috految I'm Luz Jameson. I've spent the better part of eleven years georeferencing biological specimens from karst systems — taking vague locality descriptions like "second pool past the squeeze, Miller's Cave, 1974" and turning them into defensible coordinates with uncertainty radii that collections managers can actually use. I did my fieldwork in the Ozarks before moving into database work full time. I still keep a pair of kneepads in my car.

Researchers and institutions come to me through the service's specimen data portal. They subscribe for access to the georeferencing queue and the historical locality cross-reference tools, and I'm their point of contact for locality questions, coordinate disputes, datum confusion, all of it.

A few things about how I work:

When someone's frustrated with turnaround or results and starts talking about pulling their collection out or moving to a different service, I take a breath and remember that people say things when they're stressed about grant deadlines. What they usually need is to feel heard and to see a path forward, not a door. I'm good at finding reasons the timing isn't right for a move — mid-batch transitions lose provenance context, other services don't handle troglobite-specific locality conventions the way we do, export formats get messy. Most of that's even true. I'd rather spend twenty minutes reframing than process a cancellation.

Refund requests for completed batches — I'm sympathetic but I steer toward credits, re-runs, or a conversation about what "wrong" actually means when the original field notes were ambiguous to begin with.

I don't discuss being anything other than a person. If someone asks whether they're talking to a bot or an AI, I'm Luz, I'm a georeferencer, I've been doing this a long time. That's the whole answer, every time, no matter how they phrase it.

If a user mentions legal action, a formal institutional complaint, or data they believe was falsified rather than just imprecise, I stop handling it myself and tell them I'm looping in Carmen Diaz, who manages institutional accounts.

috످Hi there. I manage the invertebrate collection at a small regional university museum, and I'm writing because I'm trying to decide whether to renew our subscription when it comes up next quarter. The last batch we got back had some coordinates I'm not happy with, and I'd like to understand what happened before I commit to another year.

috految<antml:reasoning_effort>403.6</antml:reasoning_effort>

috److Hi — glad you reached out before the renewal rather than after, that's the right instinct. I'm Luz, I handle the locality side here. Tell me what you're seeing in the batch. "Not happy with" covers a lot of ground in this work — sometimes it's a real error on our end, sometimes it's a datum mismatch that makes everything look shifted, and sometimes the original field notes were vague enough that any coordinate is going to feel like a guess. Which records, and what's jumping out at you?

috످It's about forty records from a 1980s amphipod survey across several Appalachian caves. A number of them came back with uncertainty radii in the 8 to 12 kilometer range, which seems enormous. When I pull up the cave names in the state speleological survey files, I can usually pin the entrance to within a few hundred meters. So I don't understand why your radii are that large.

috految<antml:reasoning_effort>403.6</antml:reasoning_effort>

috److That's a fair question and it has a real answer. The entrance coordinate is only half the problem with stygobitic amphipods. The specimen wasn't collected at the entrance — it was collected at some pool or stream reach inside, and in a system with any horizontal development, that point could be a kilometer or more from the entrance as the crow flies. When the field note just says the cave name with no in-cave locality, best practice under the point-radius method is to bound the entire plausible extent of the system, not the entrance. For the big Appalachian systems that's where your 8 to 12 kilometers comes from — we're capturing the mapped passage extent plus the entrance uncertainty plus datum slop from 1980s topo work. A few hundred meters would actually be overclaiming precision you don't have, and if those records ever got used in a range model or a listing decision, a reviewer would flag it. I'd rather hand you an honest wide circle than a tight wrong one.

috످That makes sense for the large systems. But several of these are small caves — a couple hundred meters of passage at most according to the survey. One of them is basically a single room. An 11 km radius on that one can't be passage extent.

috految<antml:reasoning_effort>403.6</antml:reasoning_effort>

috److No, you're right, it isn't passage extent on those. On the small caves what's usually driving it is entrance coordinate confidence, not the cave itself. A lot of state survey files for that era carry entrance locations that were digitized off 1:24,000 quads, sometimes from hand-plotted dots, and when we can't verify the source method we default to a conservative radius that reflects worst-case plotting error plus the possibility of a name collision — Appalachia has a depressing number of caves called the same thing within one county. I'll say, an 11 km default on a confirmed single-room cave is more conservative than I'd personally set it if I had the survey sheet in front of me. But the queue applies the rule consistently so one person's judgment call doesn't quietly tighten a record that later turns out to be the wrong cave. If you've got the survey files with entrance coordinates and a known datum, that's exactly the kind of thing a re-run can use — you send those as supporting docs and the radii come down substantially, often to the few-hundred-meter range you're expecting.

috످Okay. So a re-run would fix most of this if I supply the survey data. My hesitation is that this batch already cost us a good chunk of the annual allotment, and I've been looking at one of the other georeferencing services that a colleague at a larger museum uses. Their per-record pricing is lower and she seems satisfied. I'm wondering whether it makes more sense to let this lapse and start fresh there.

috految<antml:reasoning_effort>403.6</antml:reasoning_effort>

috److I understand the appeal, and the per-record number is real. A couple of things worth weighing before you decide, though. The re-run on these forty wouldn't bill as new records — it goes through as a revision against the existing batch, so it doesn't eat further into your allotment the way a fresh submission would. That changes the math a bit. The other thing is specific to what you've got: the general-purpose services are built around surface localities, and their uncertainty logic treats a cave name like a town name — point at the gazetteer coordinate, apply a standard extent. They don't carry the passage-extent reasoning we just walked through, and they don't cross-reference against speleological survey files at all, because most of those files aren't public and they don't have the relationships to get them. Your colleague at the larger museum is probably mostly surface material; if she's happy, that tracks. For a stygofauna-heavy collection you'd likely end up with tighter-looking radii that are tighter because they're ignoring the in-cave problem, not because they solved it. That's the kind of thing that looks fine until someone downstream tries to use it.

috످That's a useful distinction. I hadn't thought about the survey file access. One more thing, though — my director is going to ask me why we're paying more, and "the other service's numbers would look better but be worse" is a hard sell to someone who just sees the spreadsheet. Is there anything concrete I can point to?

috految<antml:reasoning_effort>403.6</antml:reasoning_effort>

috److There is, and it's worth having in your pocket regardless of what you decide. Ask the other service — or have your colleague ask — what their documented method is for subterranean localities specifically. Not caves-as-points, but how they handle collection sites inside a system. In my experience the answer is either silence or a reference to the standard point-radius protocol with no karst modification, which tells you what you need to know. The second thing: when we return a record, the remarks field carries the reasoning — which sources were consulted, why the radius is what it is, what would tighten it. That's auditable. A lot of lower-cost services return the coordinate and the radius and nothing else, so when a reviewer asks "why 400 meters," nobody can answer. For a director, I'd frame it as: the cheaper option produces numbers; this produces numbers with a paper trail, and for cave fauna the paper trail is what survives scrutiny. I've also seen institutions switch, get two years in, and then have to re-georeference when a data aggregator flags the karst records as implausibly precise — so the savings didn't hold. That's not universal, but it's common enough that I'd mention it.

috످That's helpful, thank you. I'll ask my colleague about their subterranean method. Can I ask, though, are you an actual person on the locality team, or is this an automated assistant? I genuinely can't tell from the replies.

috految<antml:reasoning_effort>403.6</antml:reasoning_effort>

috److془I need to disclose I'm an AI, and correct the fabricated claims. Be concise and helpful.

Corrections:
- "In my experience", "I've seen institutions switch" made up.
- Competitor claims: no basis. Survey file access, colleague's collection mostly surface, documentation. Point-radius is standard and valid for caves. 
- Free re-run: unverified; would tighten radii unverified.
- Remarks field unverified; survey access unverified.
- 11 km: haven't seen records; default rule made up; plotting error on 1:24,000 and datum is tens to few hundred meters. Even large caves 8-12 km is suspicious. Could be county centroid.
- Refund: can ask. Carmen Diaz manages institutional accounts.
- Send survey files: check permission as cave locations are restricted.
- Director: test both services on same 10 records.
- Export data before lapse.

Keep it tight.془I'm an AI, not a person on the locality team. I'm sorry I let you think otherwise. I also steered you toward renewing with claims I can't back up, so please don't take them to your director.

I made up the story about institutions switching and having to redo their records, along with everything I said about my own experience. I don't know the other service's methods, their access to survey files, or what your colleague collects. The standard point-radius method I dismissed works fine for caves, and switching could be the right call. I also don't know whether we have special survey access or provide the paper trail I described (you can check your batch's remarks field).

**The 8 to 12 km radii may be our error, even for the large caves.** I haven't seen your records, and I invented the "conservative default" explanation. For a single-room cave with a known entrance, your estimate of a few hundred meters is reasonable. Check whether the coordinates fall near the center of the county, which would suggest they were never matched to the caves.

**I told you a re-run wouldn't use your allotment and would shrink the radii, but I can't confirm either.** Before agreeing to one, ask Carmen Diaz, who manages institutional accounts, to review the batch and put any cost in writing. You can also request a refund, though I can't promise one. If you send the survey files, get the state survey's permission first, since cave locations are often restricted.

For your director, ask both services to georeference the same five or ten records, then compare cost, documentation, and accuracy against your survey files. If the other service does as well for less, that's a good reason to switch. Just check your cancellation deadline and export your data first.

috످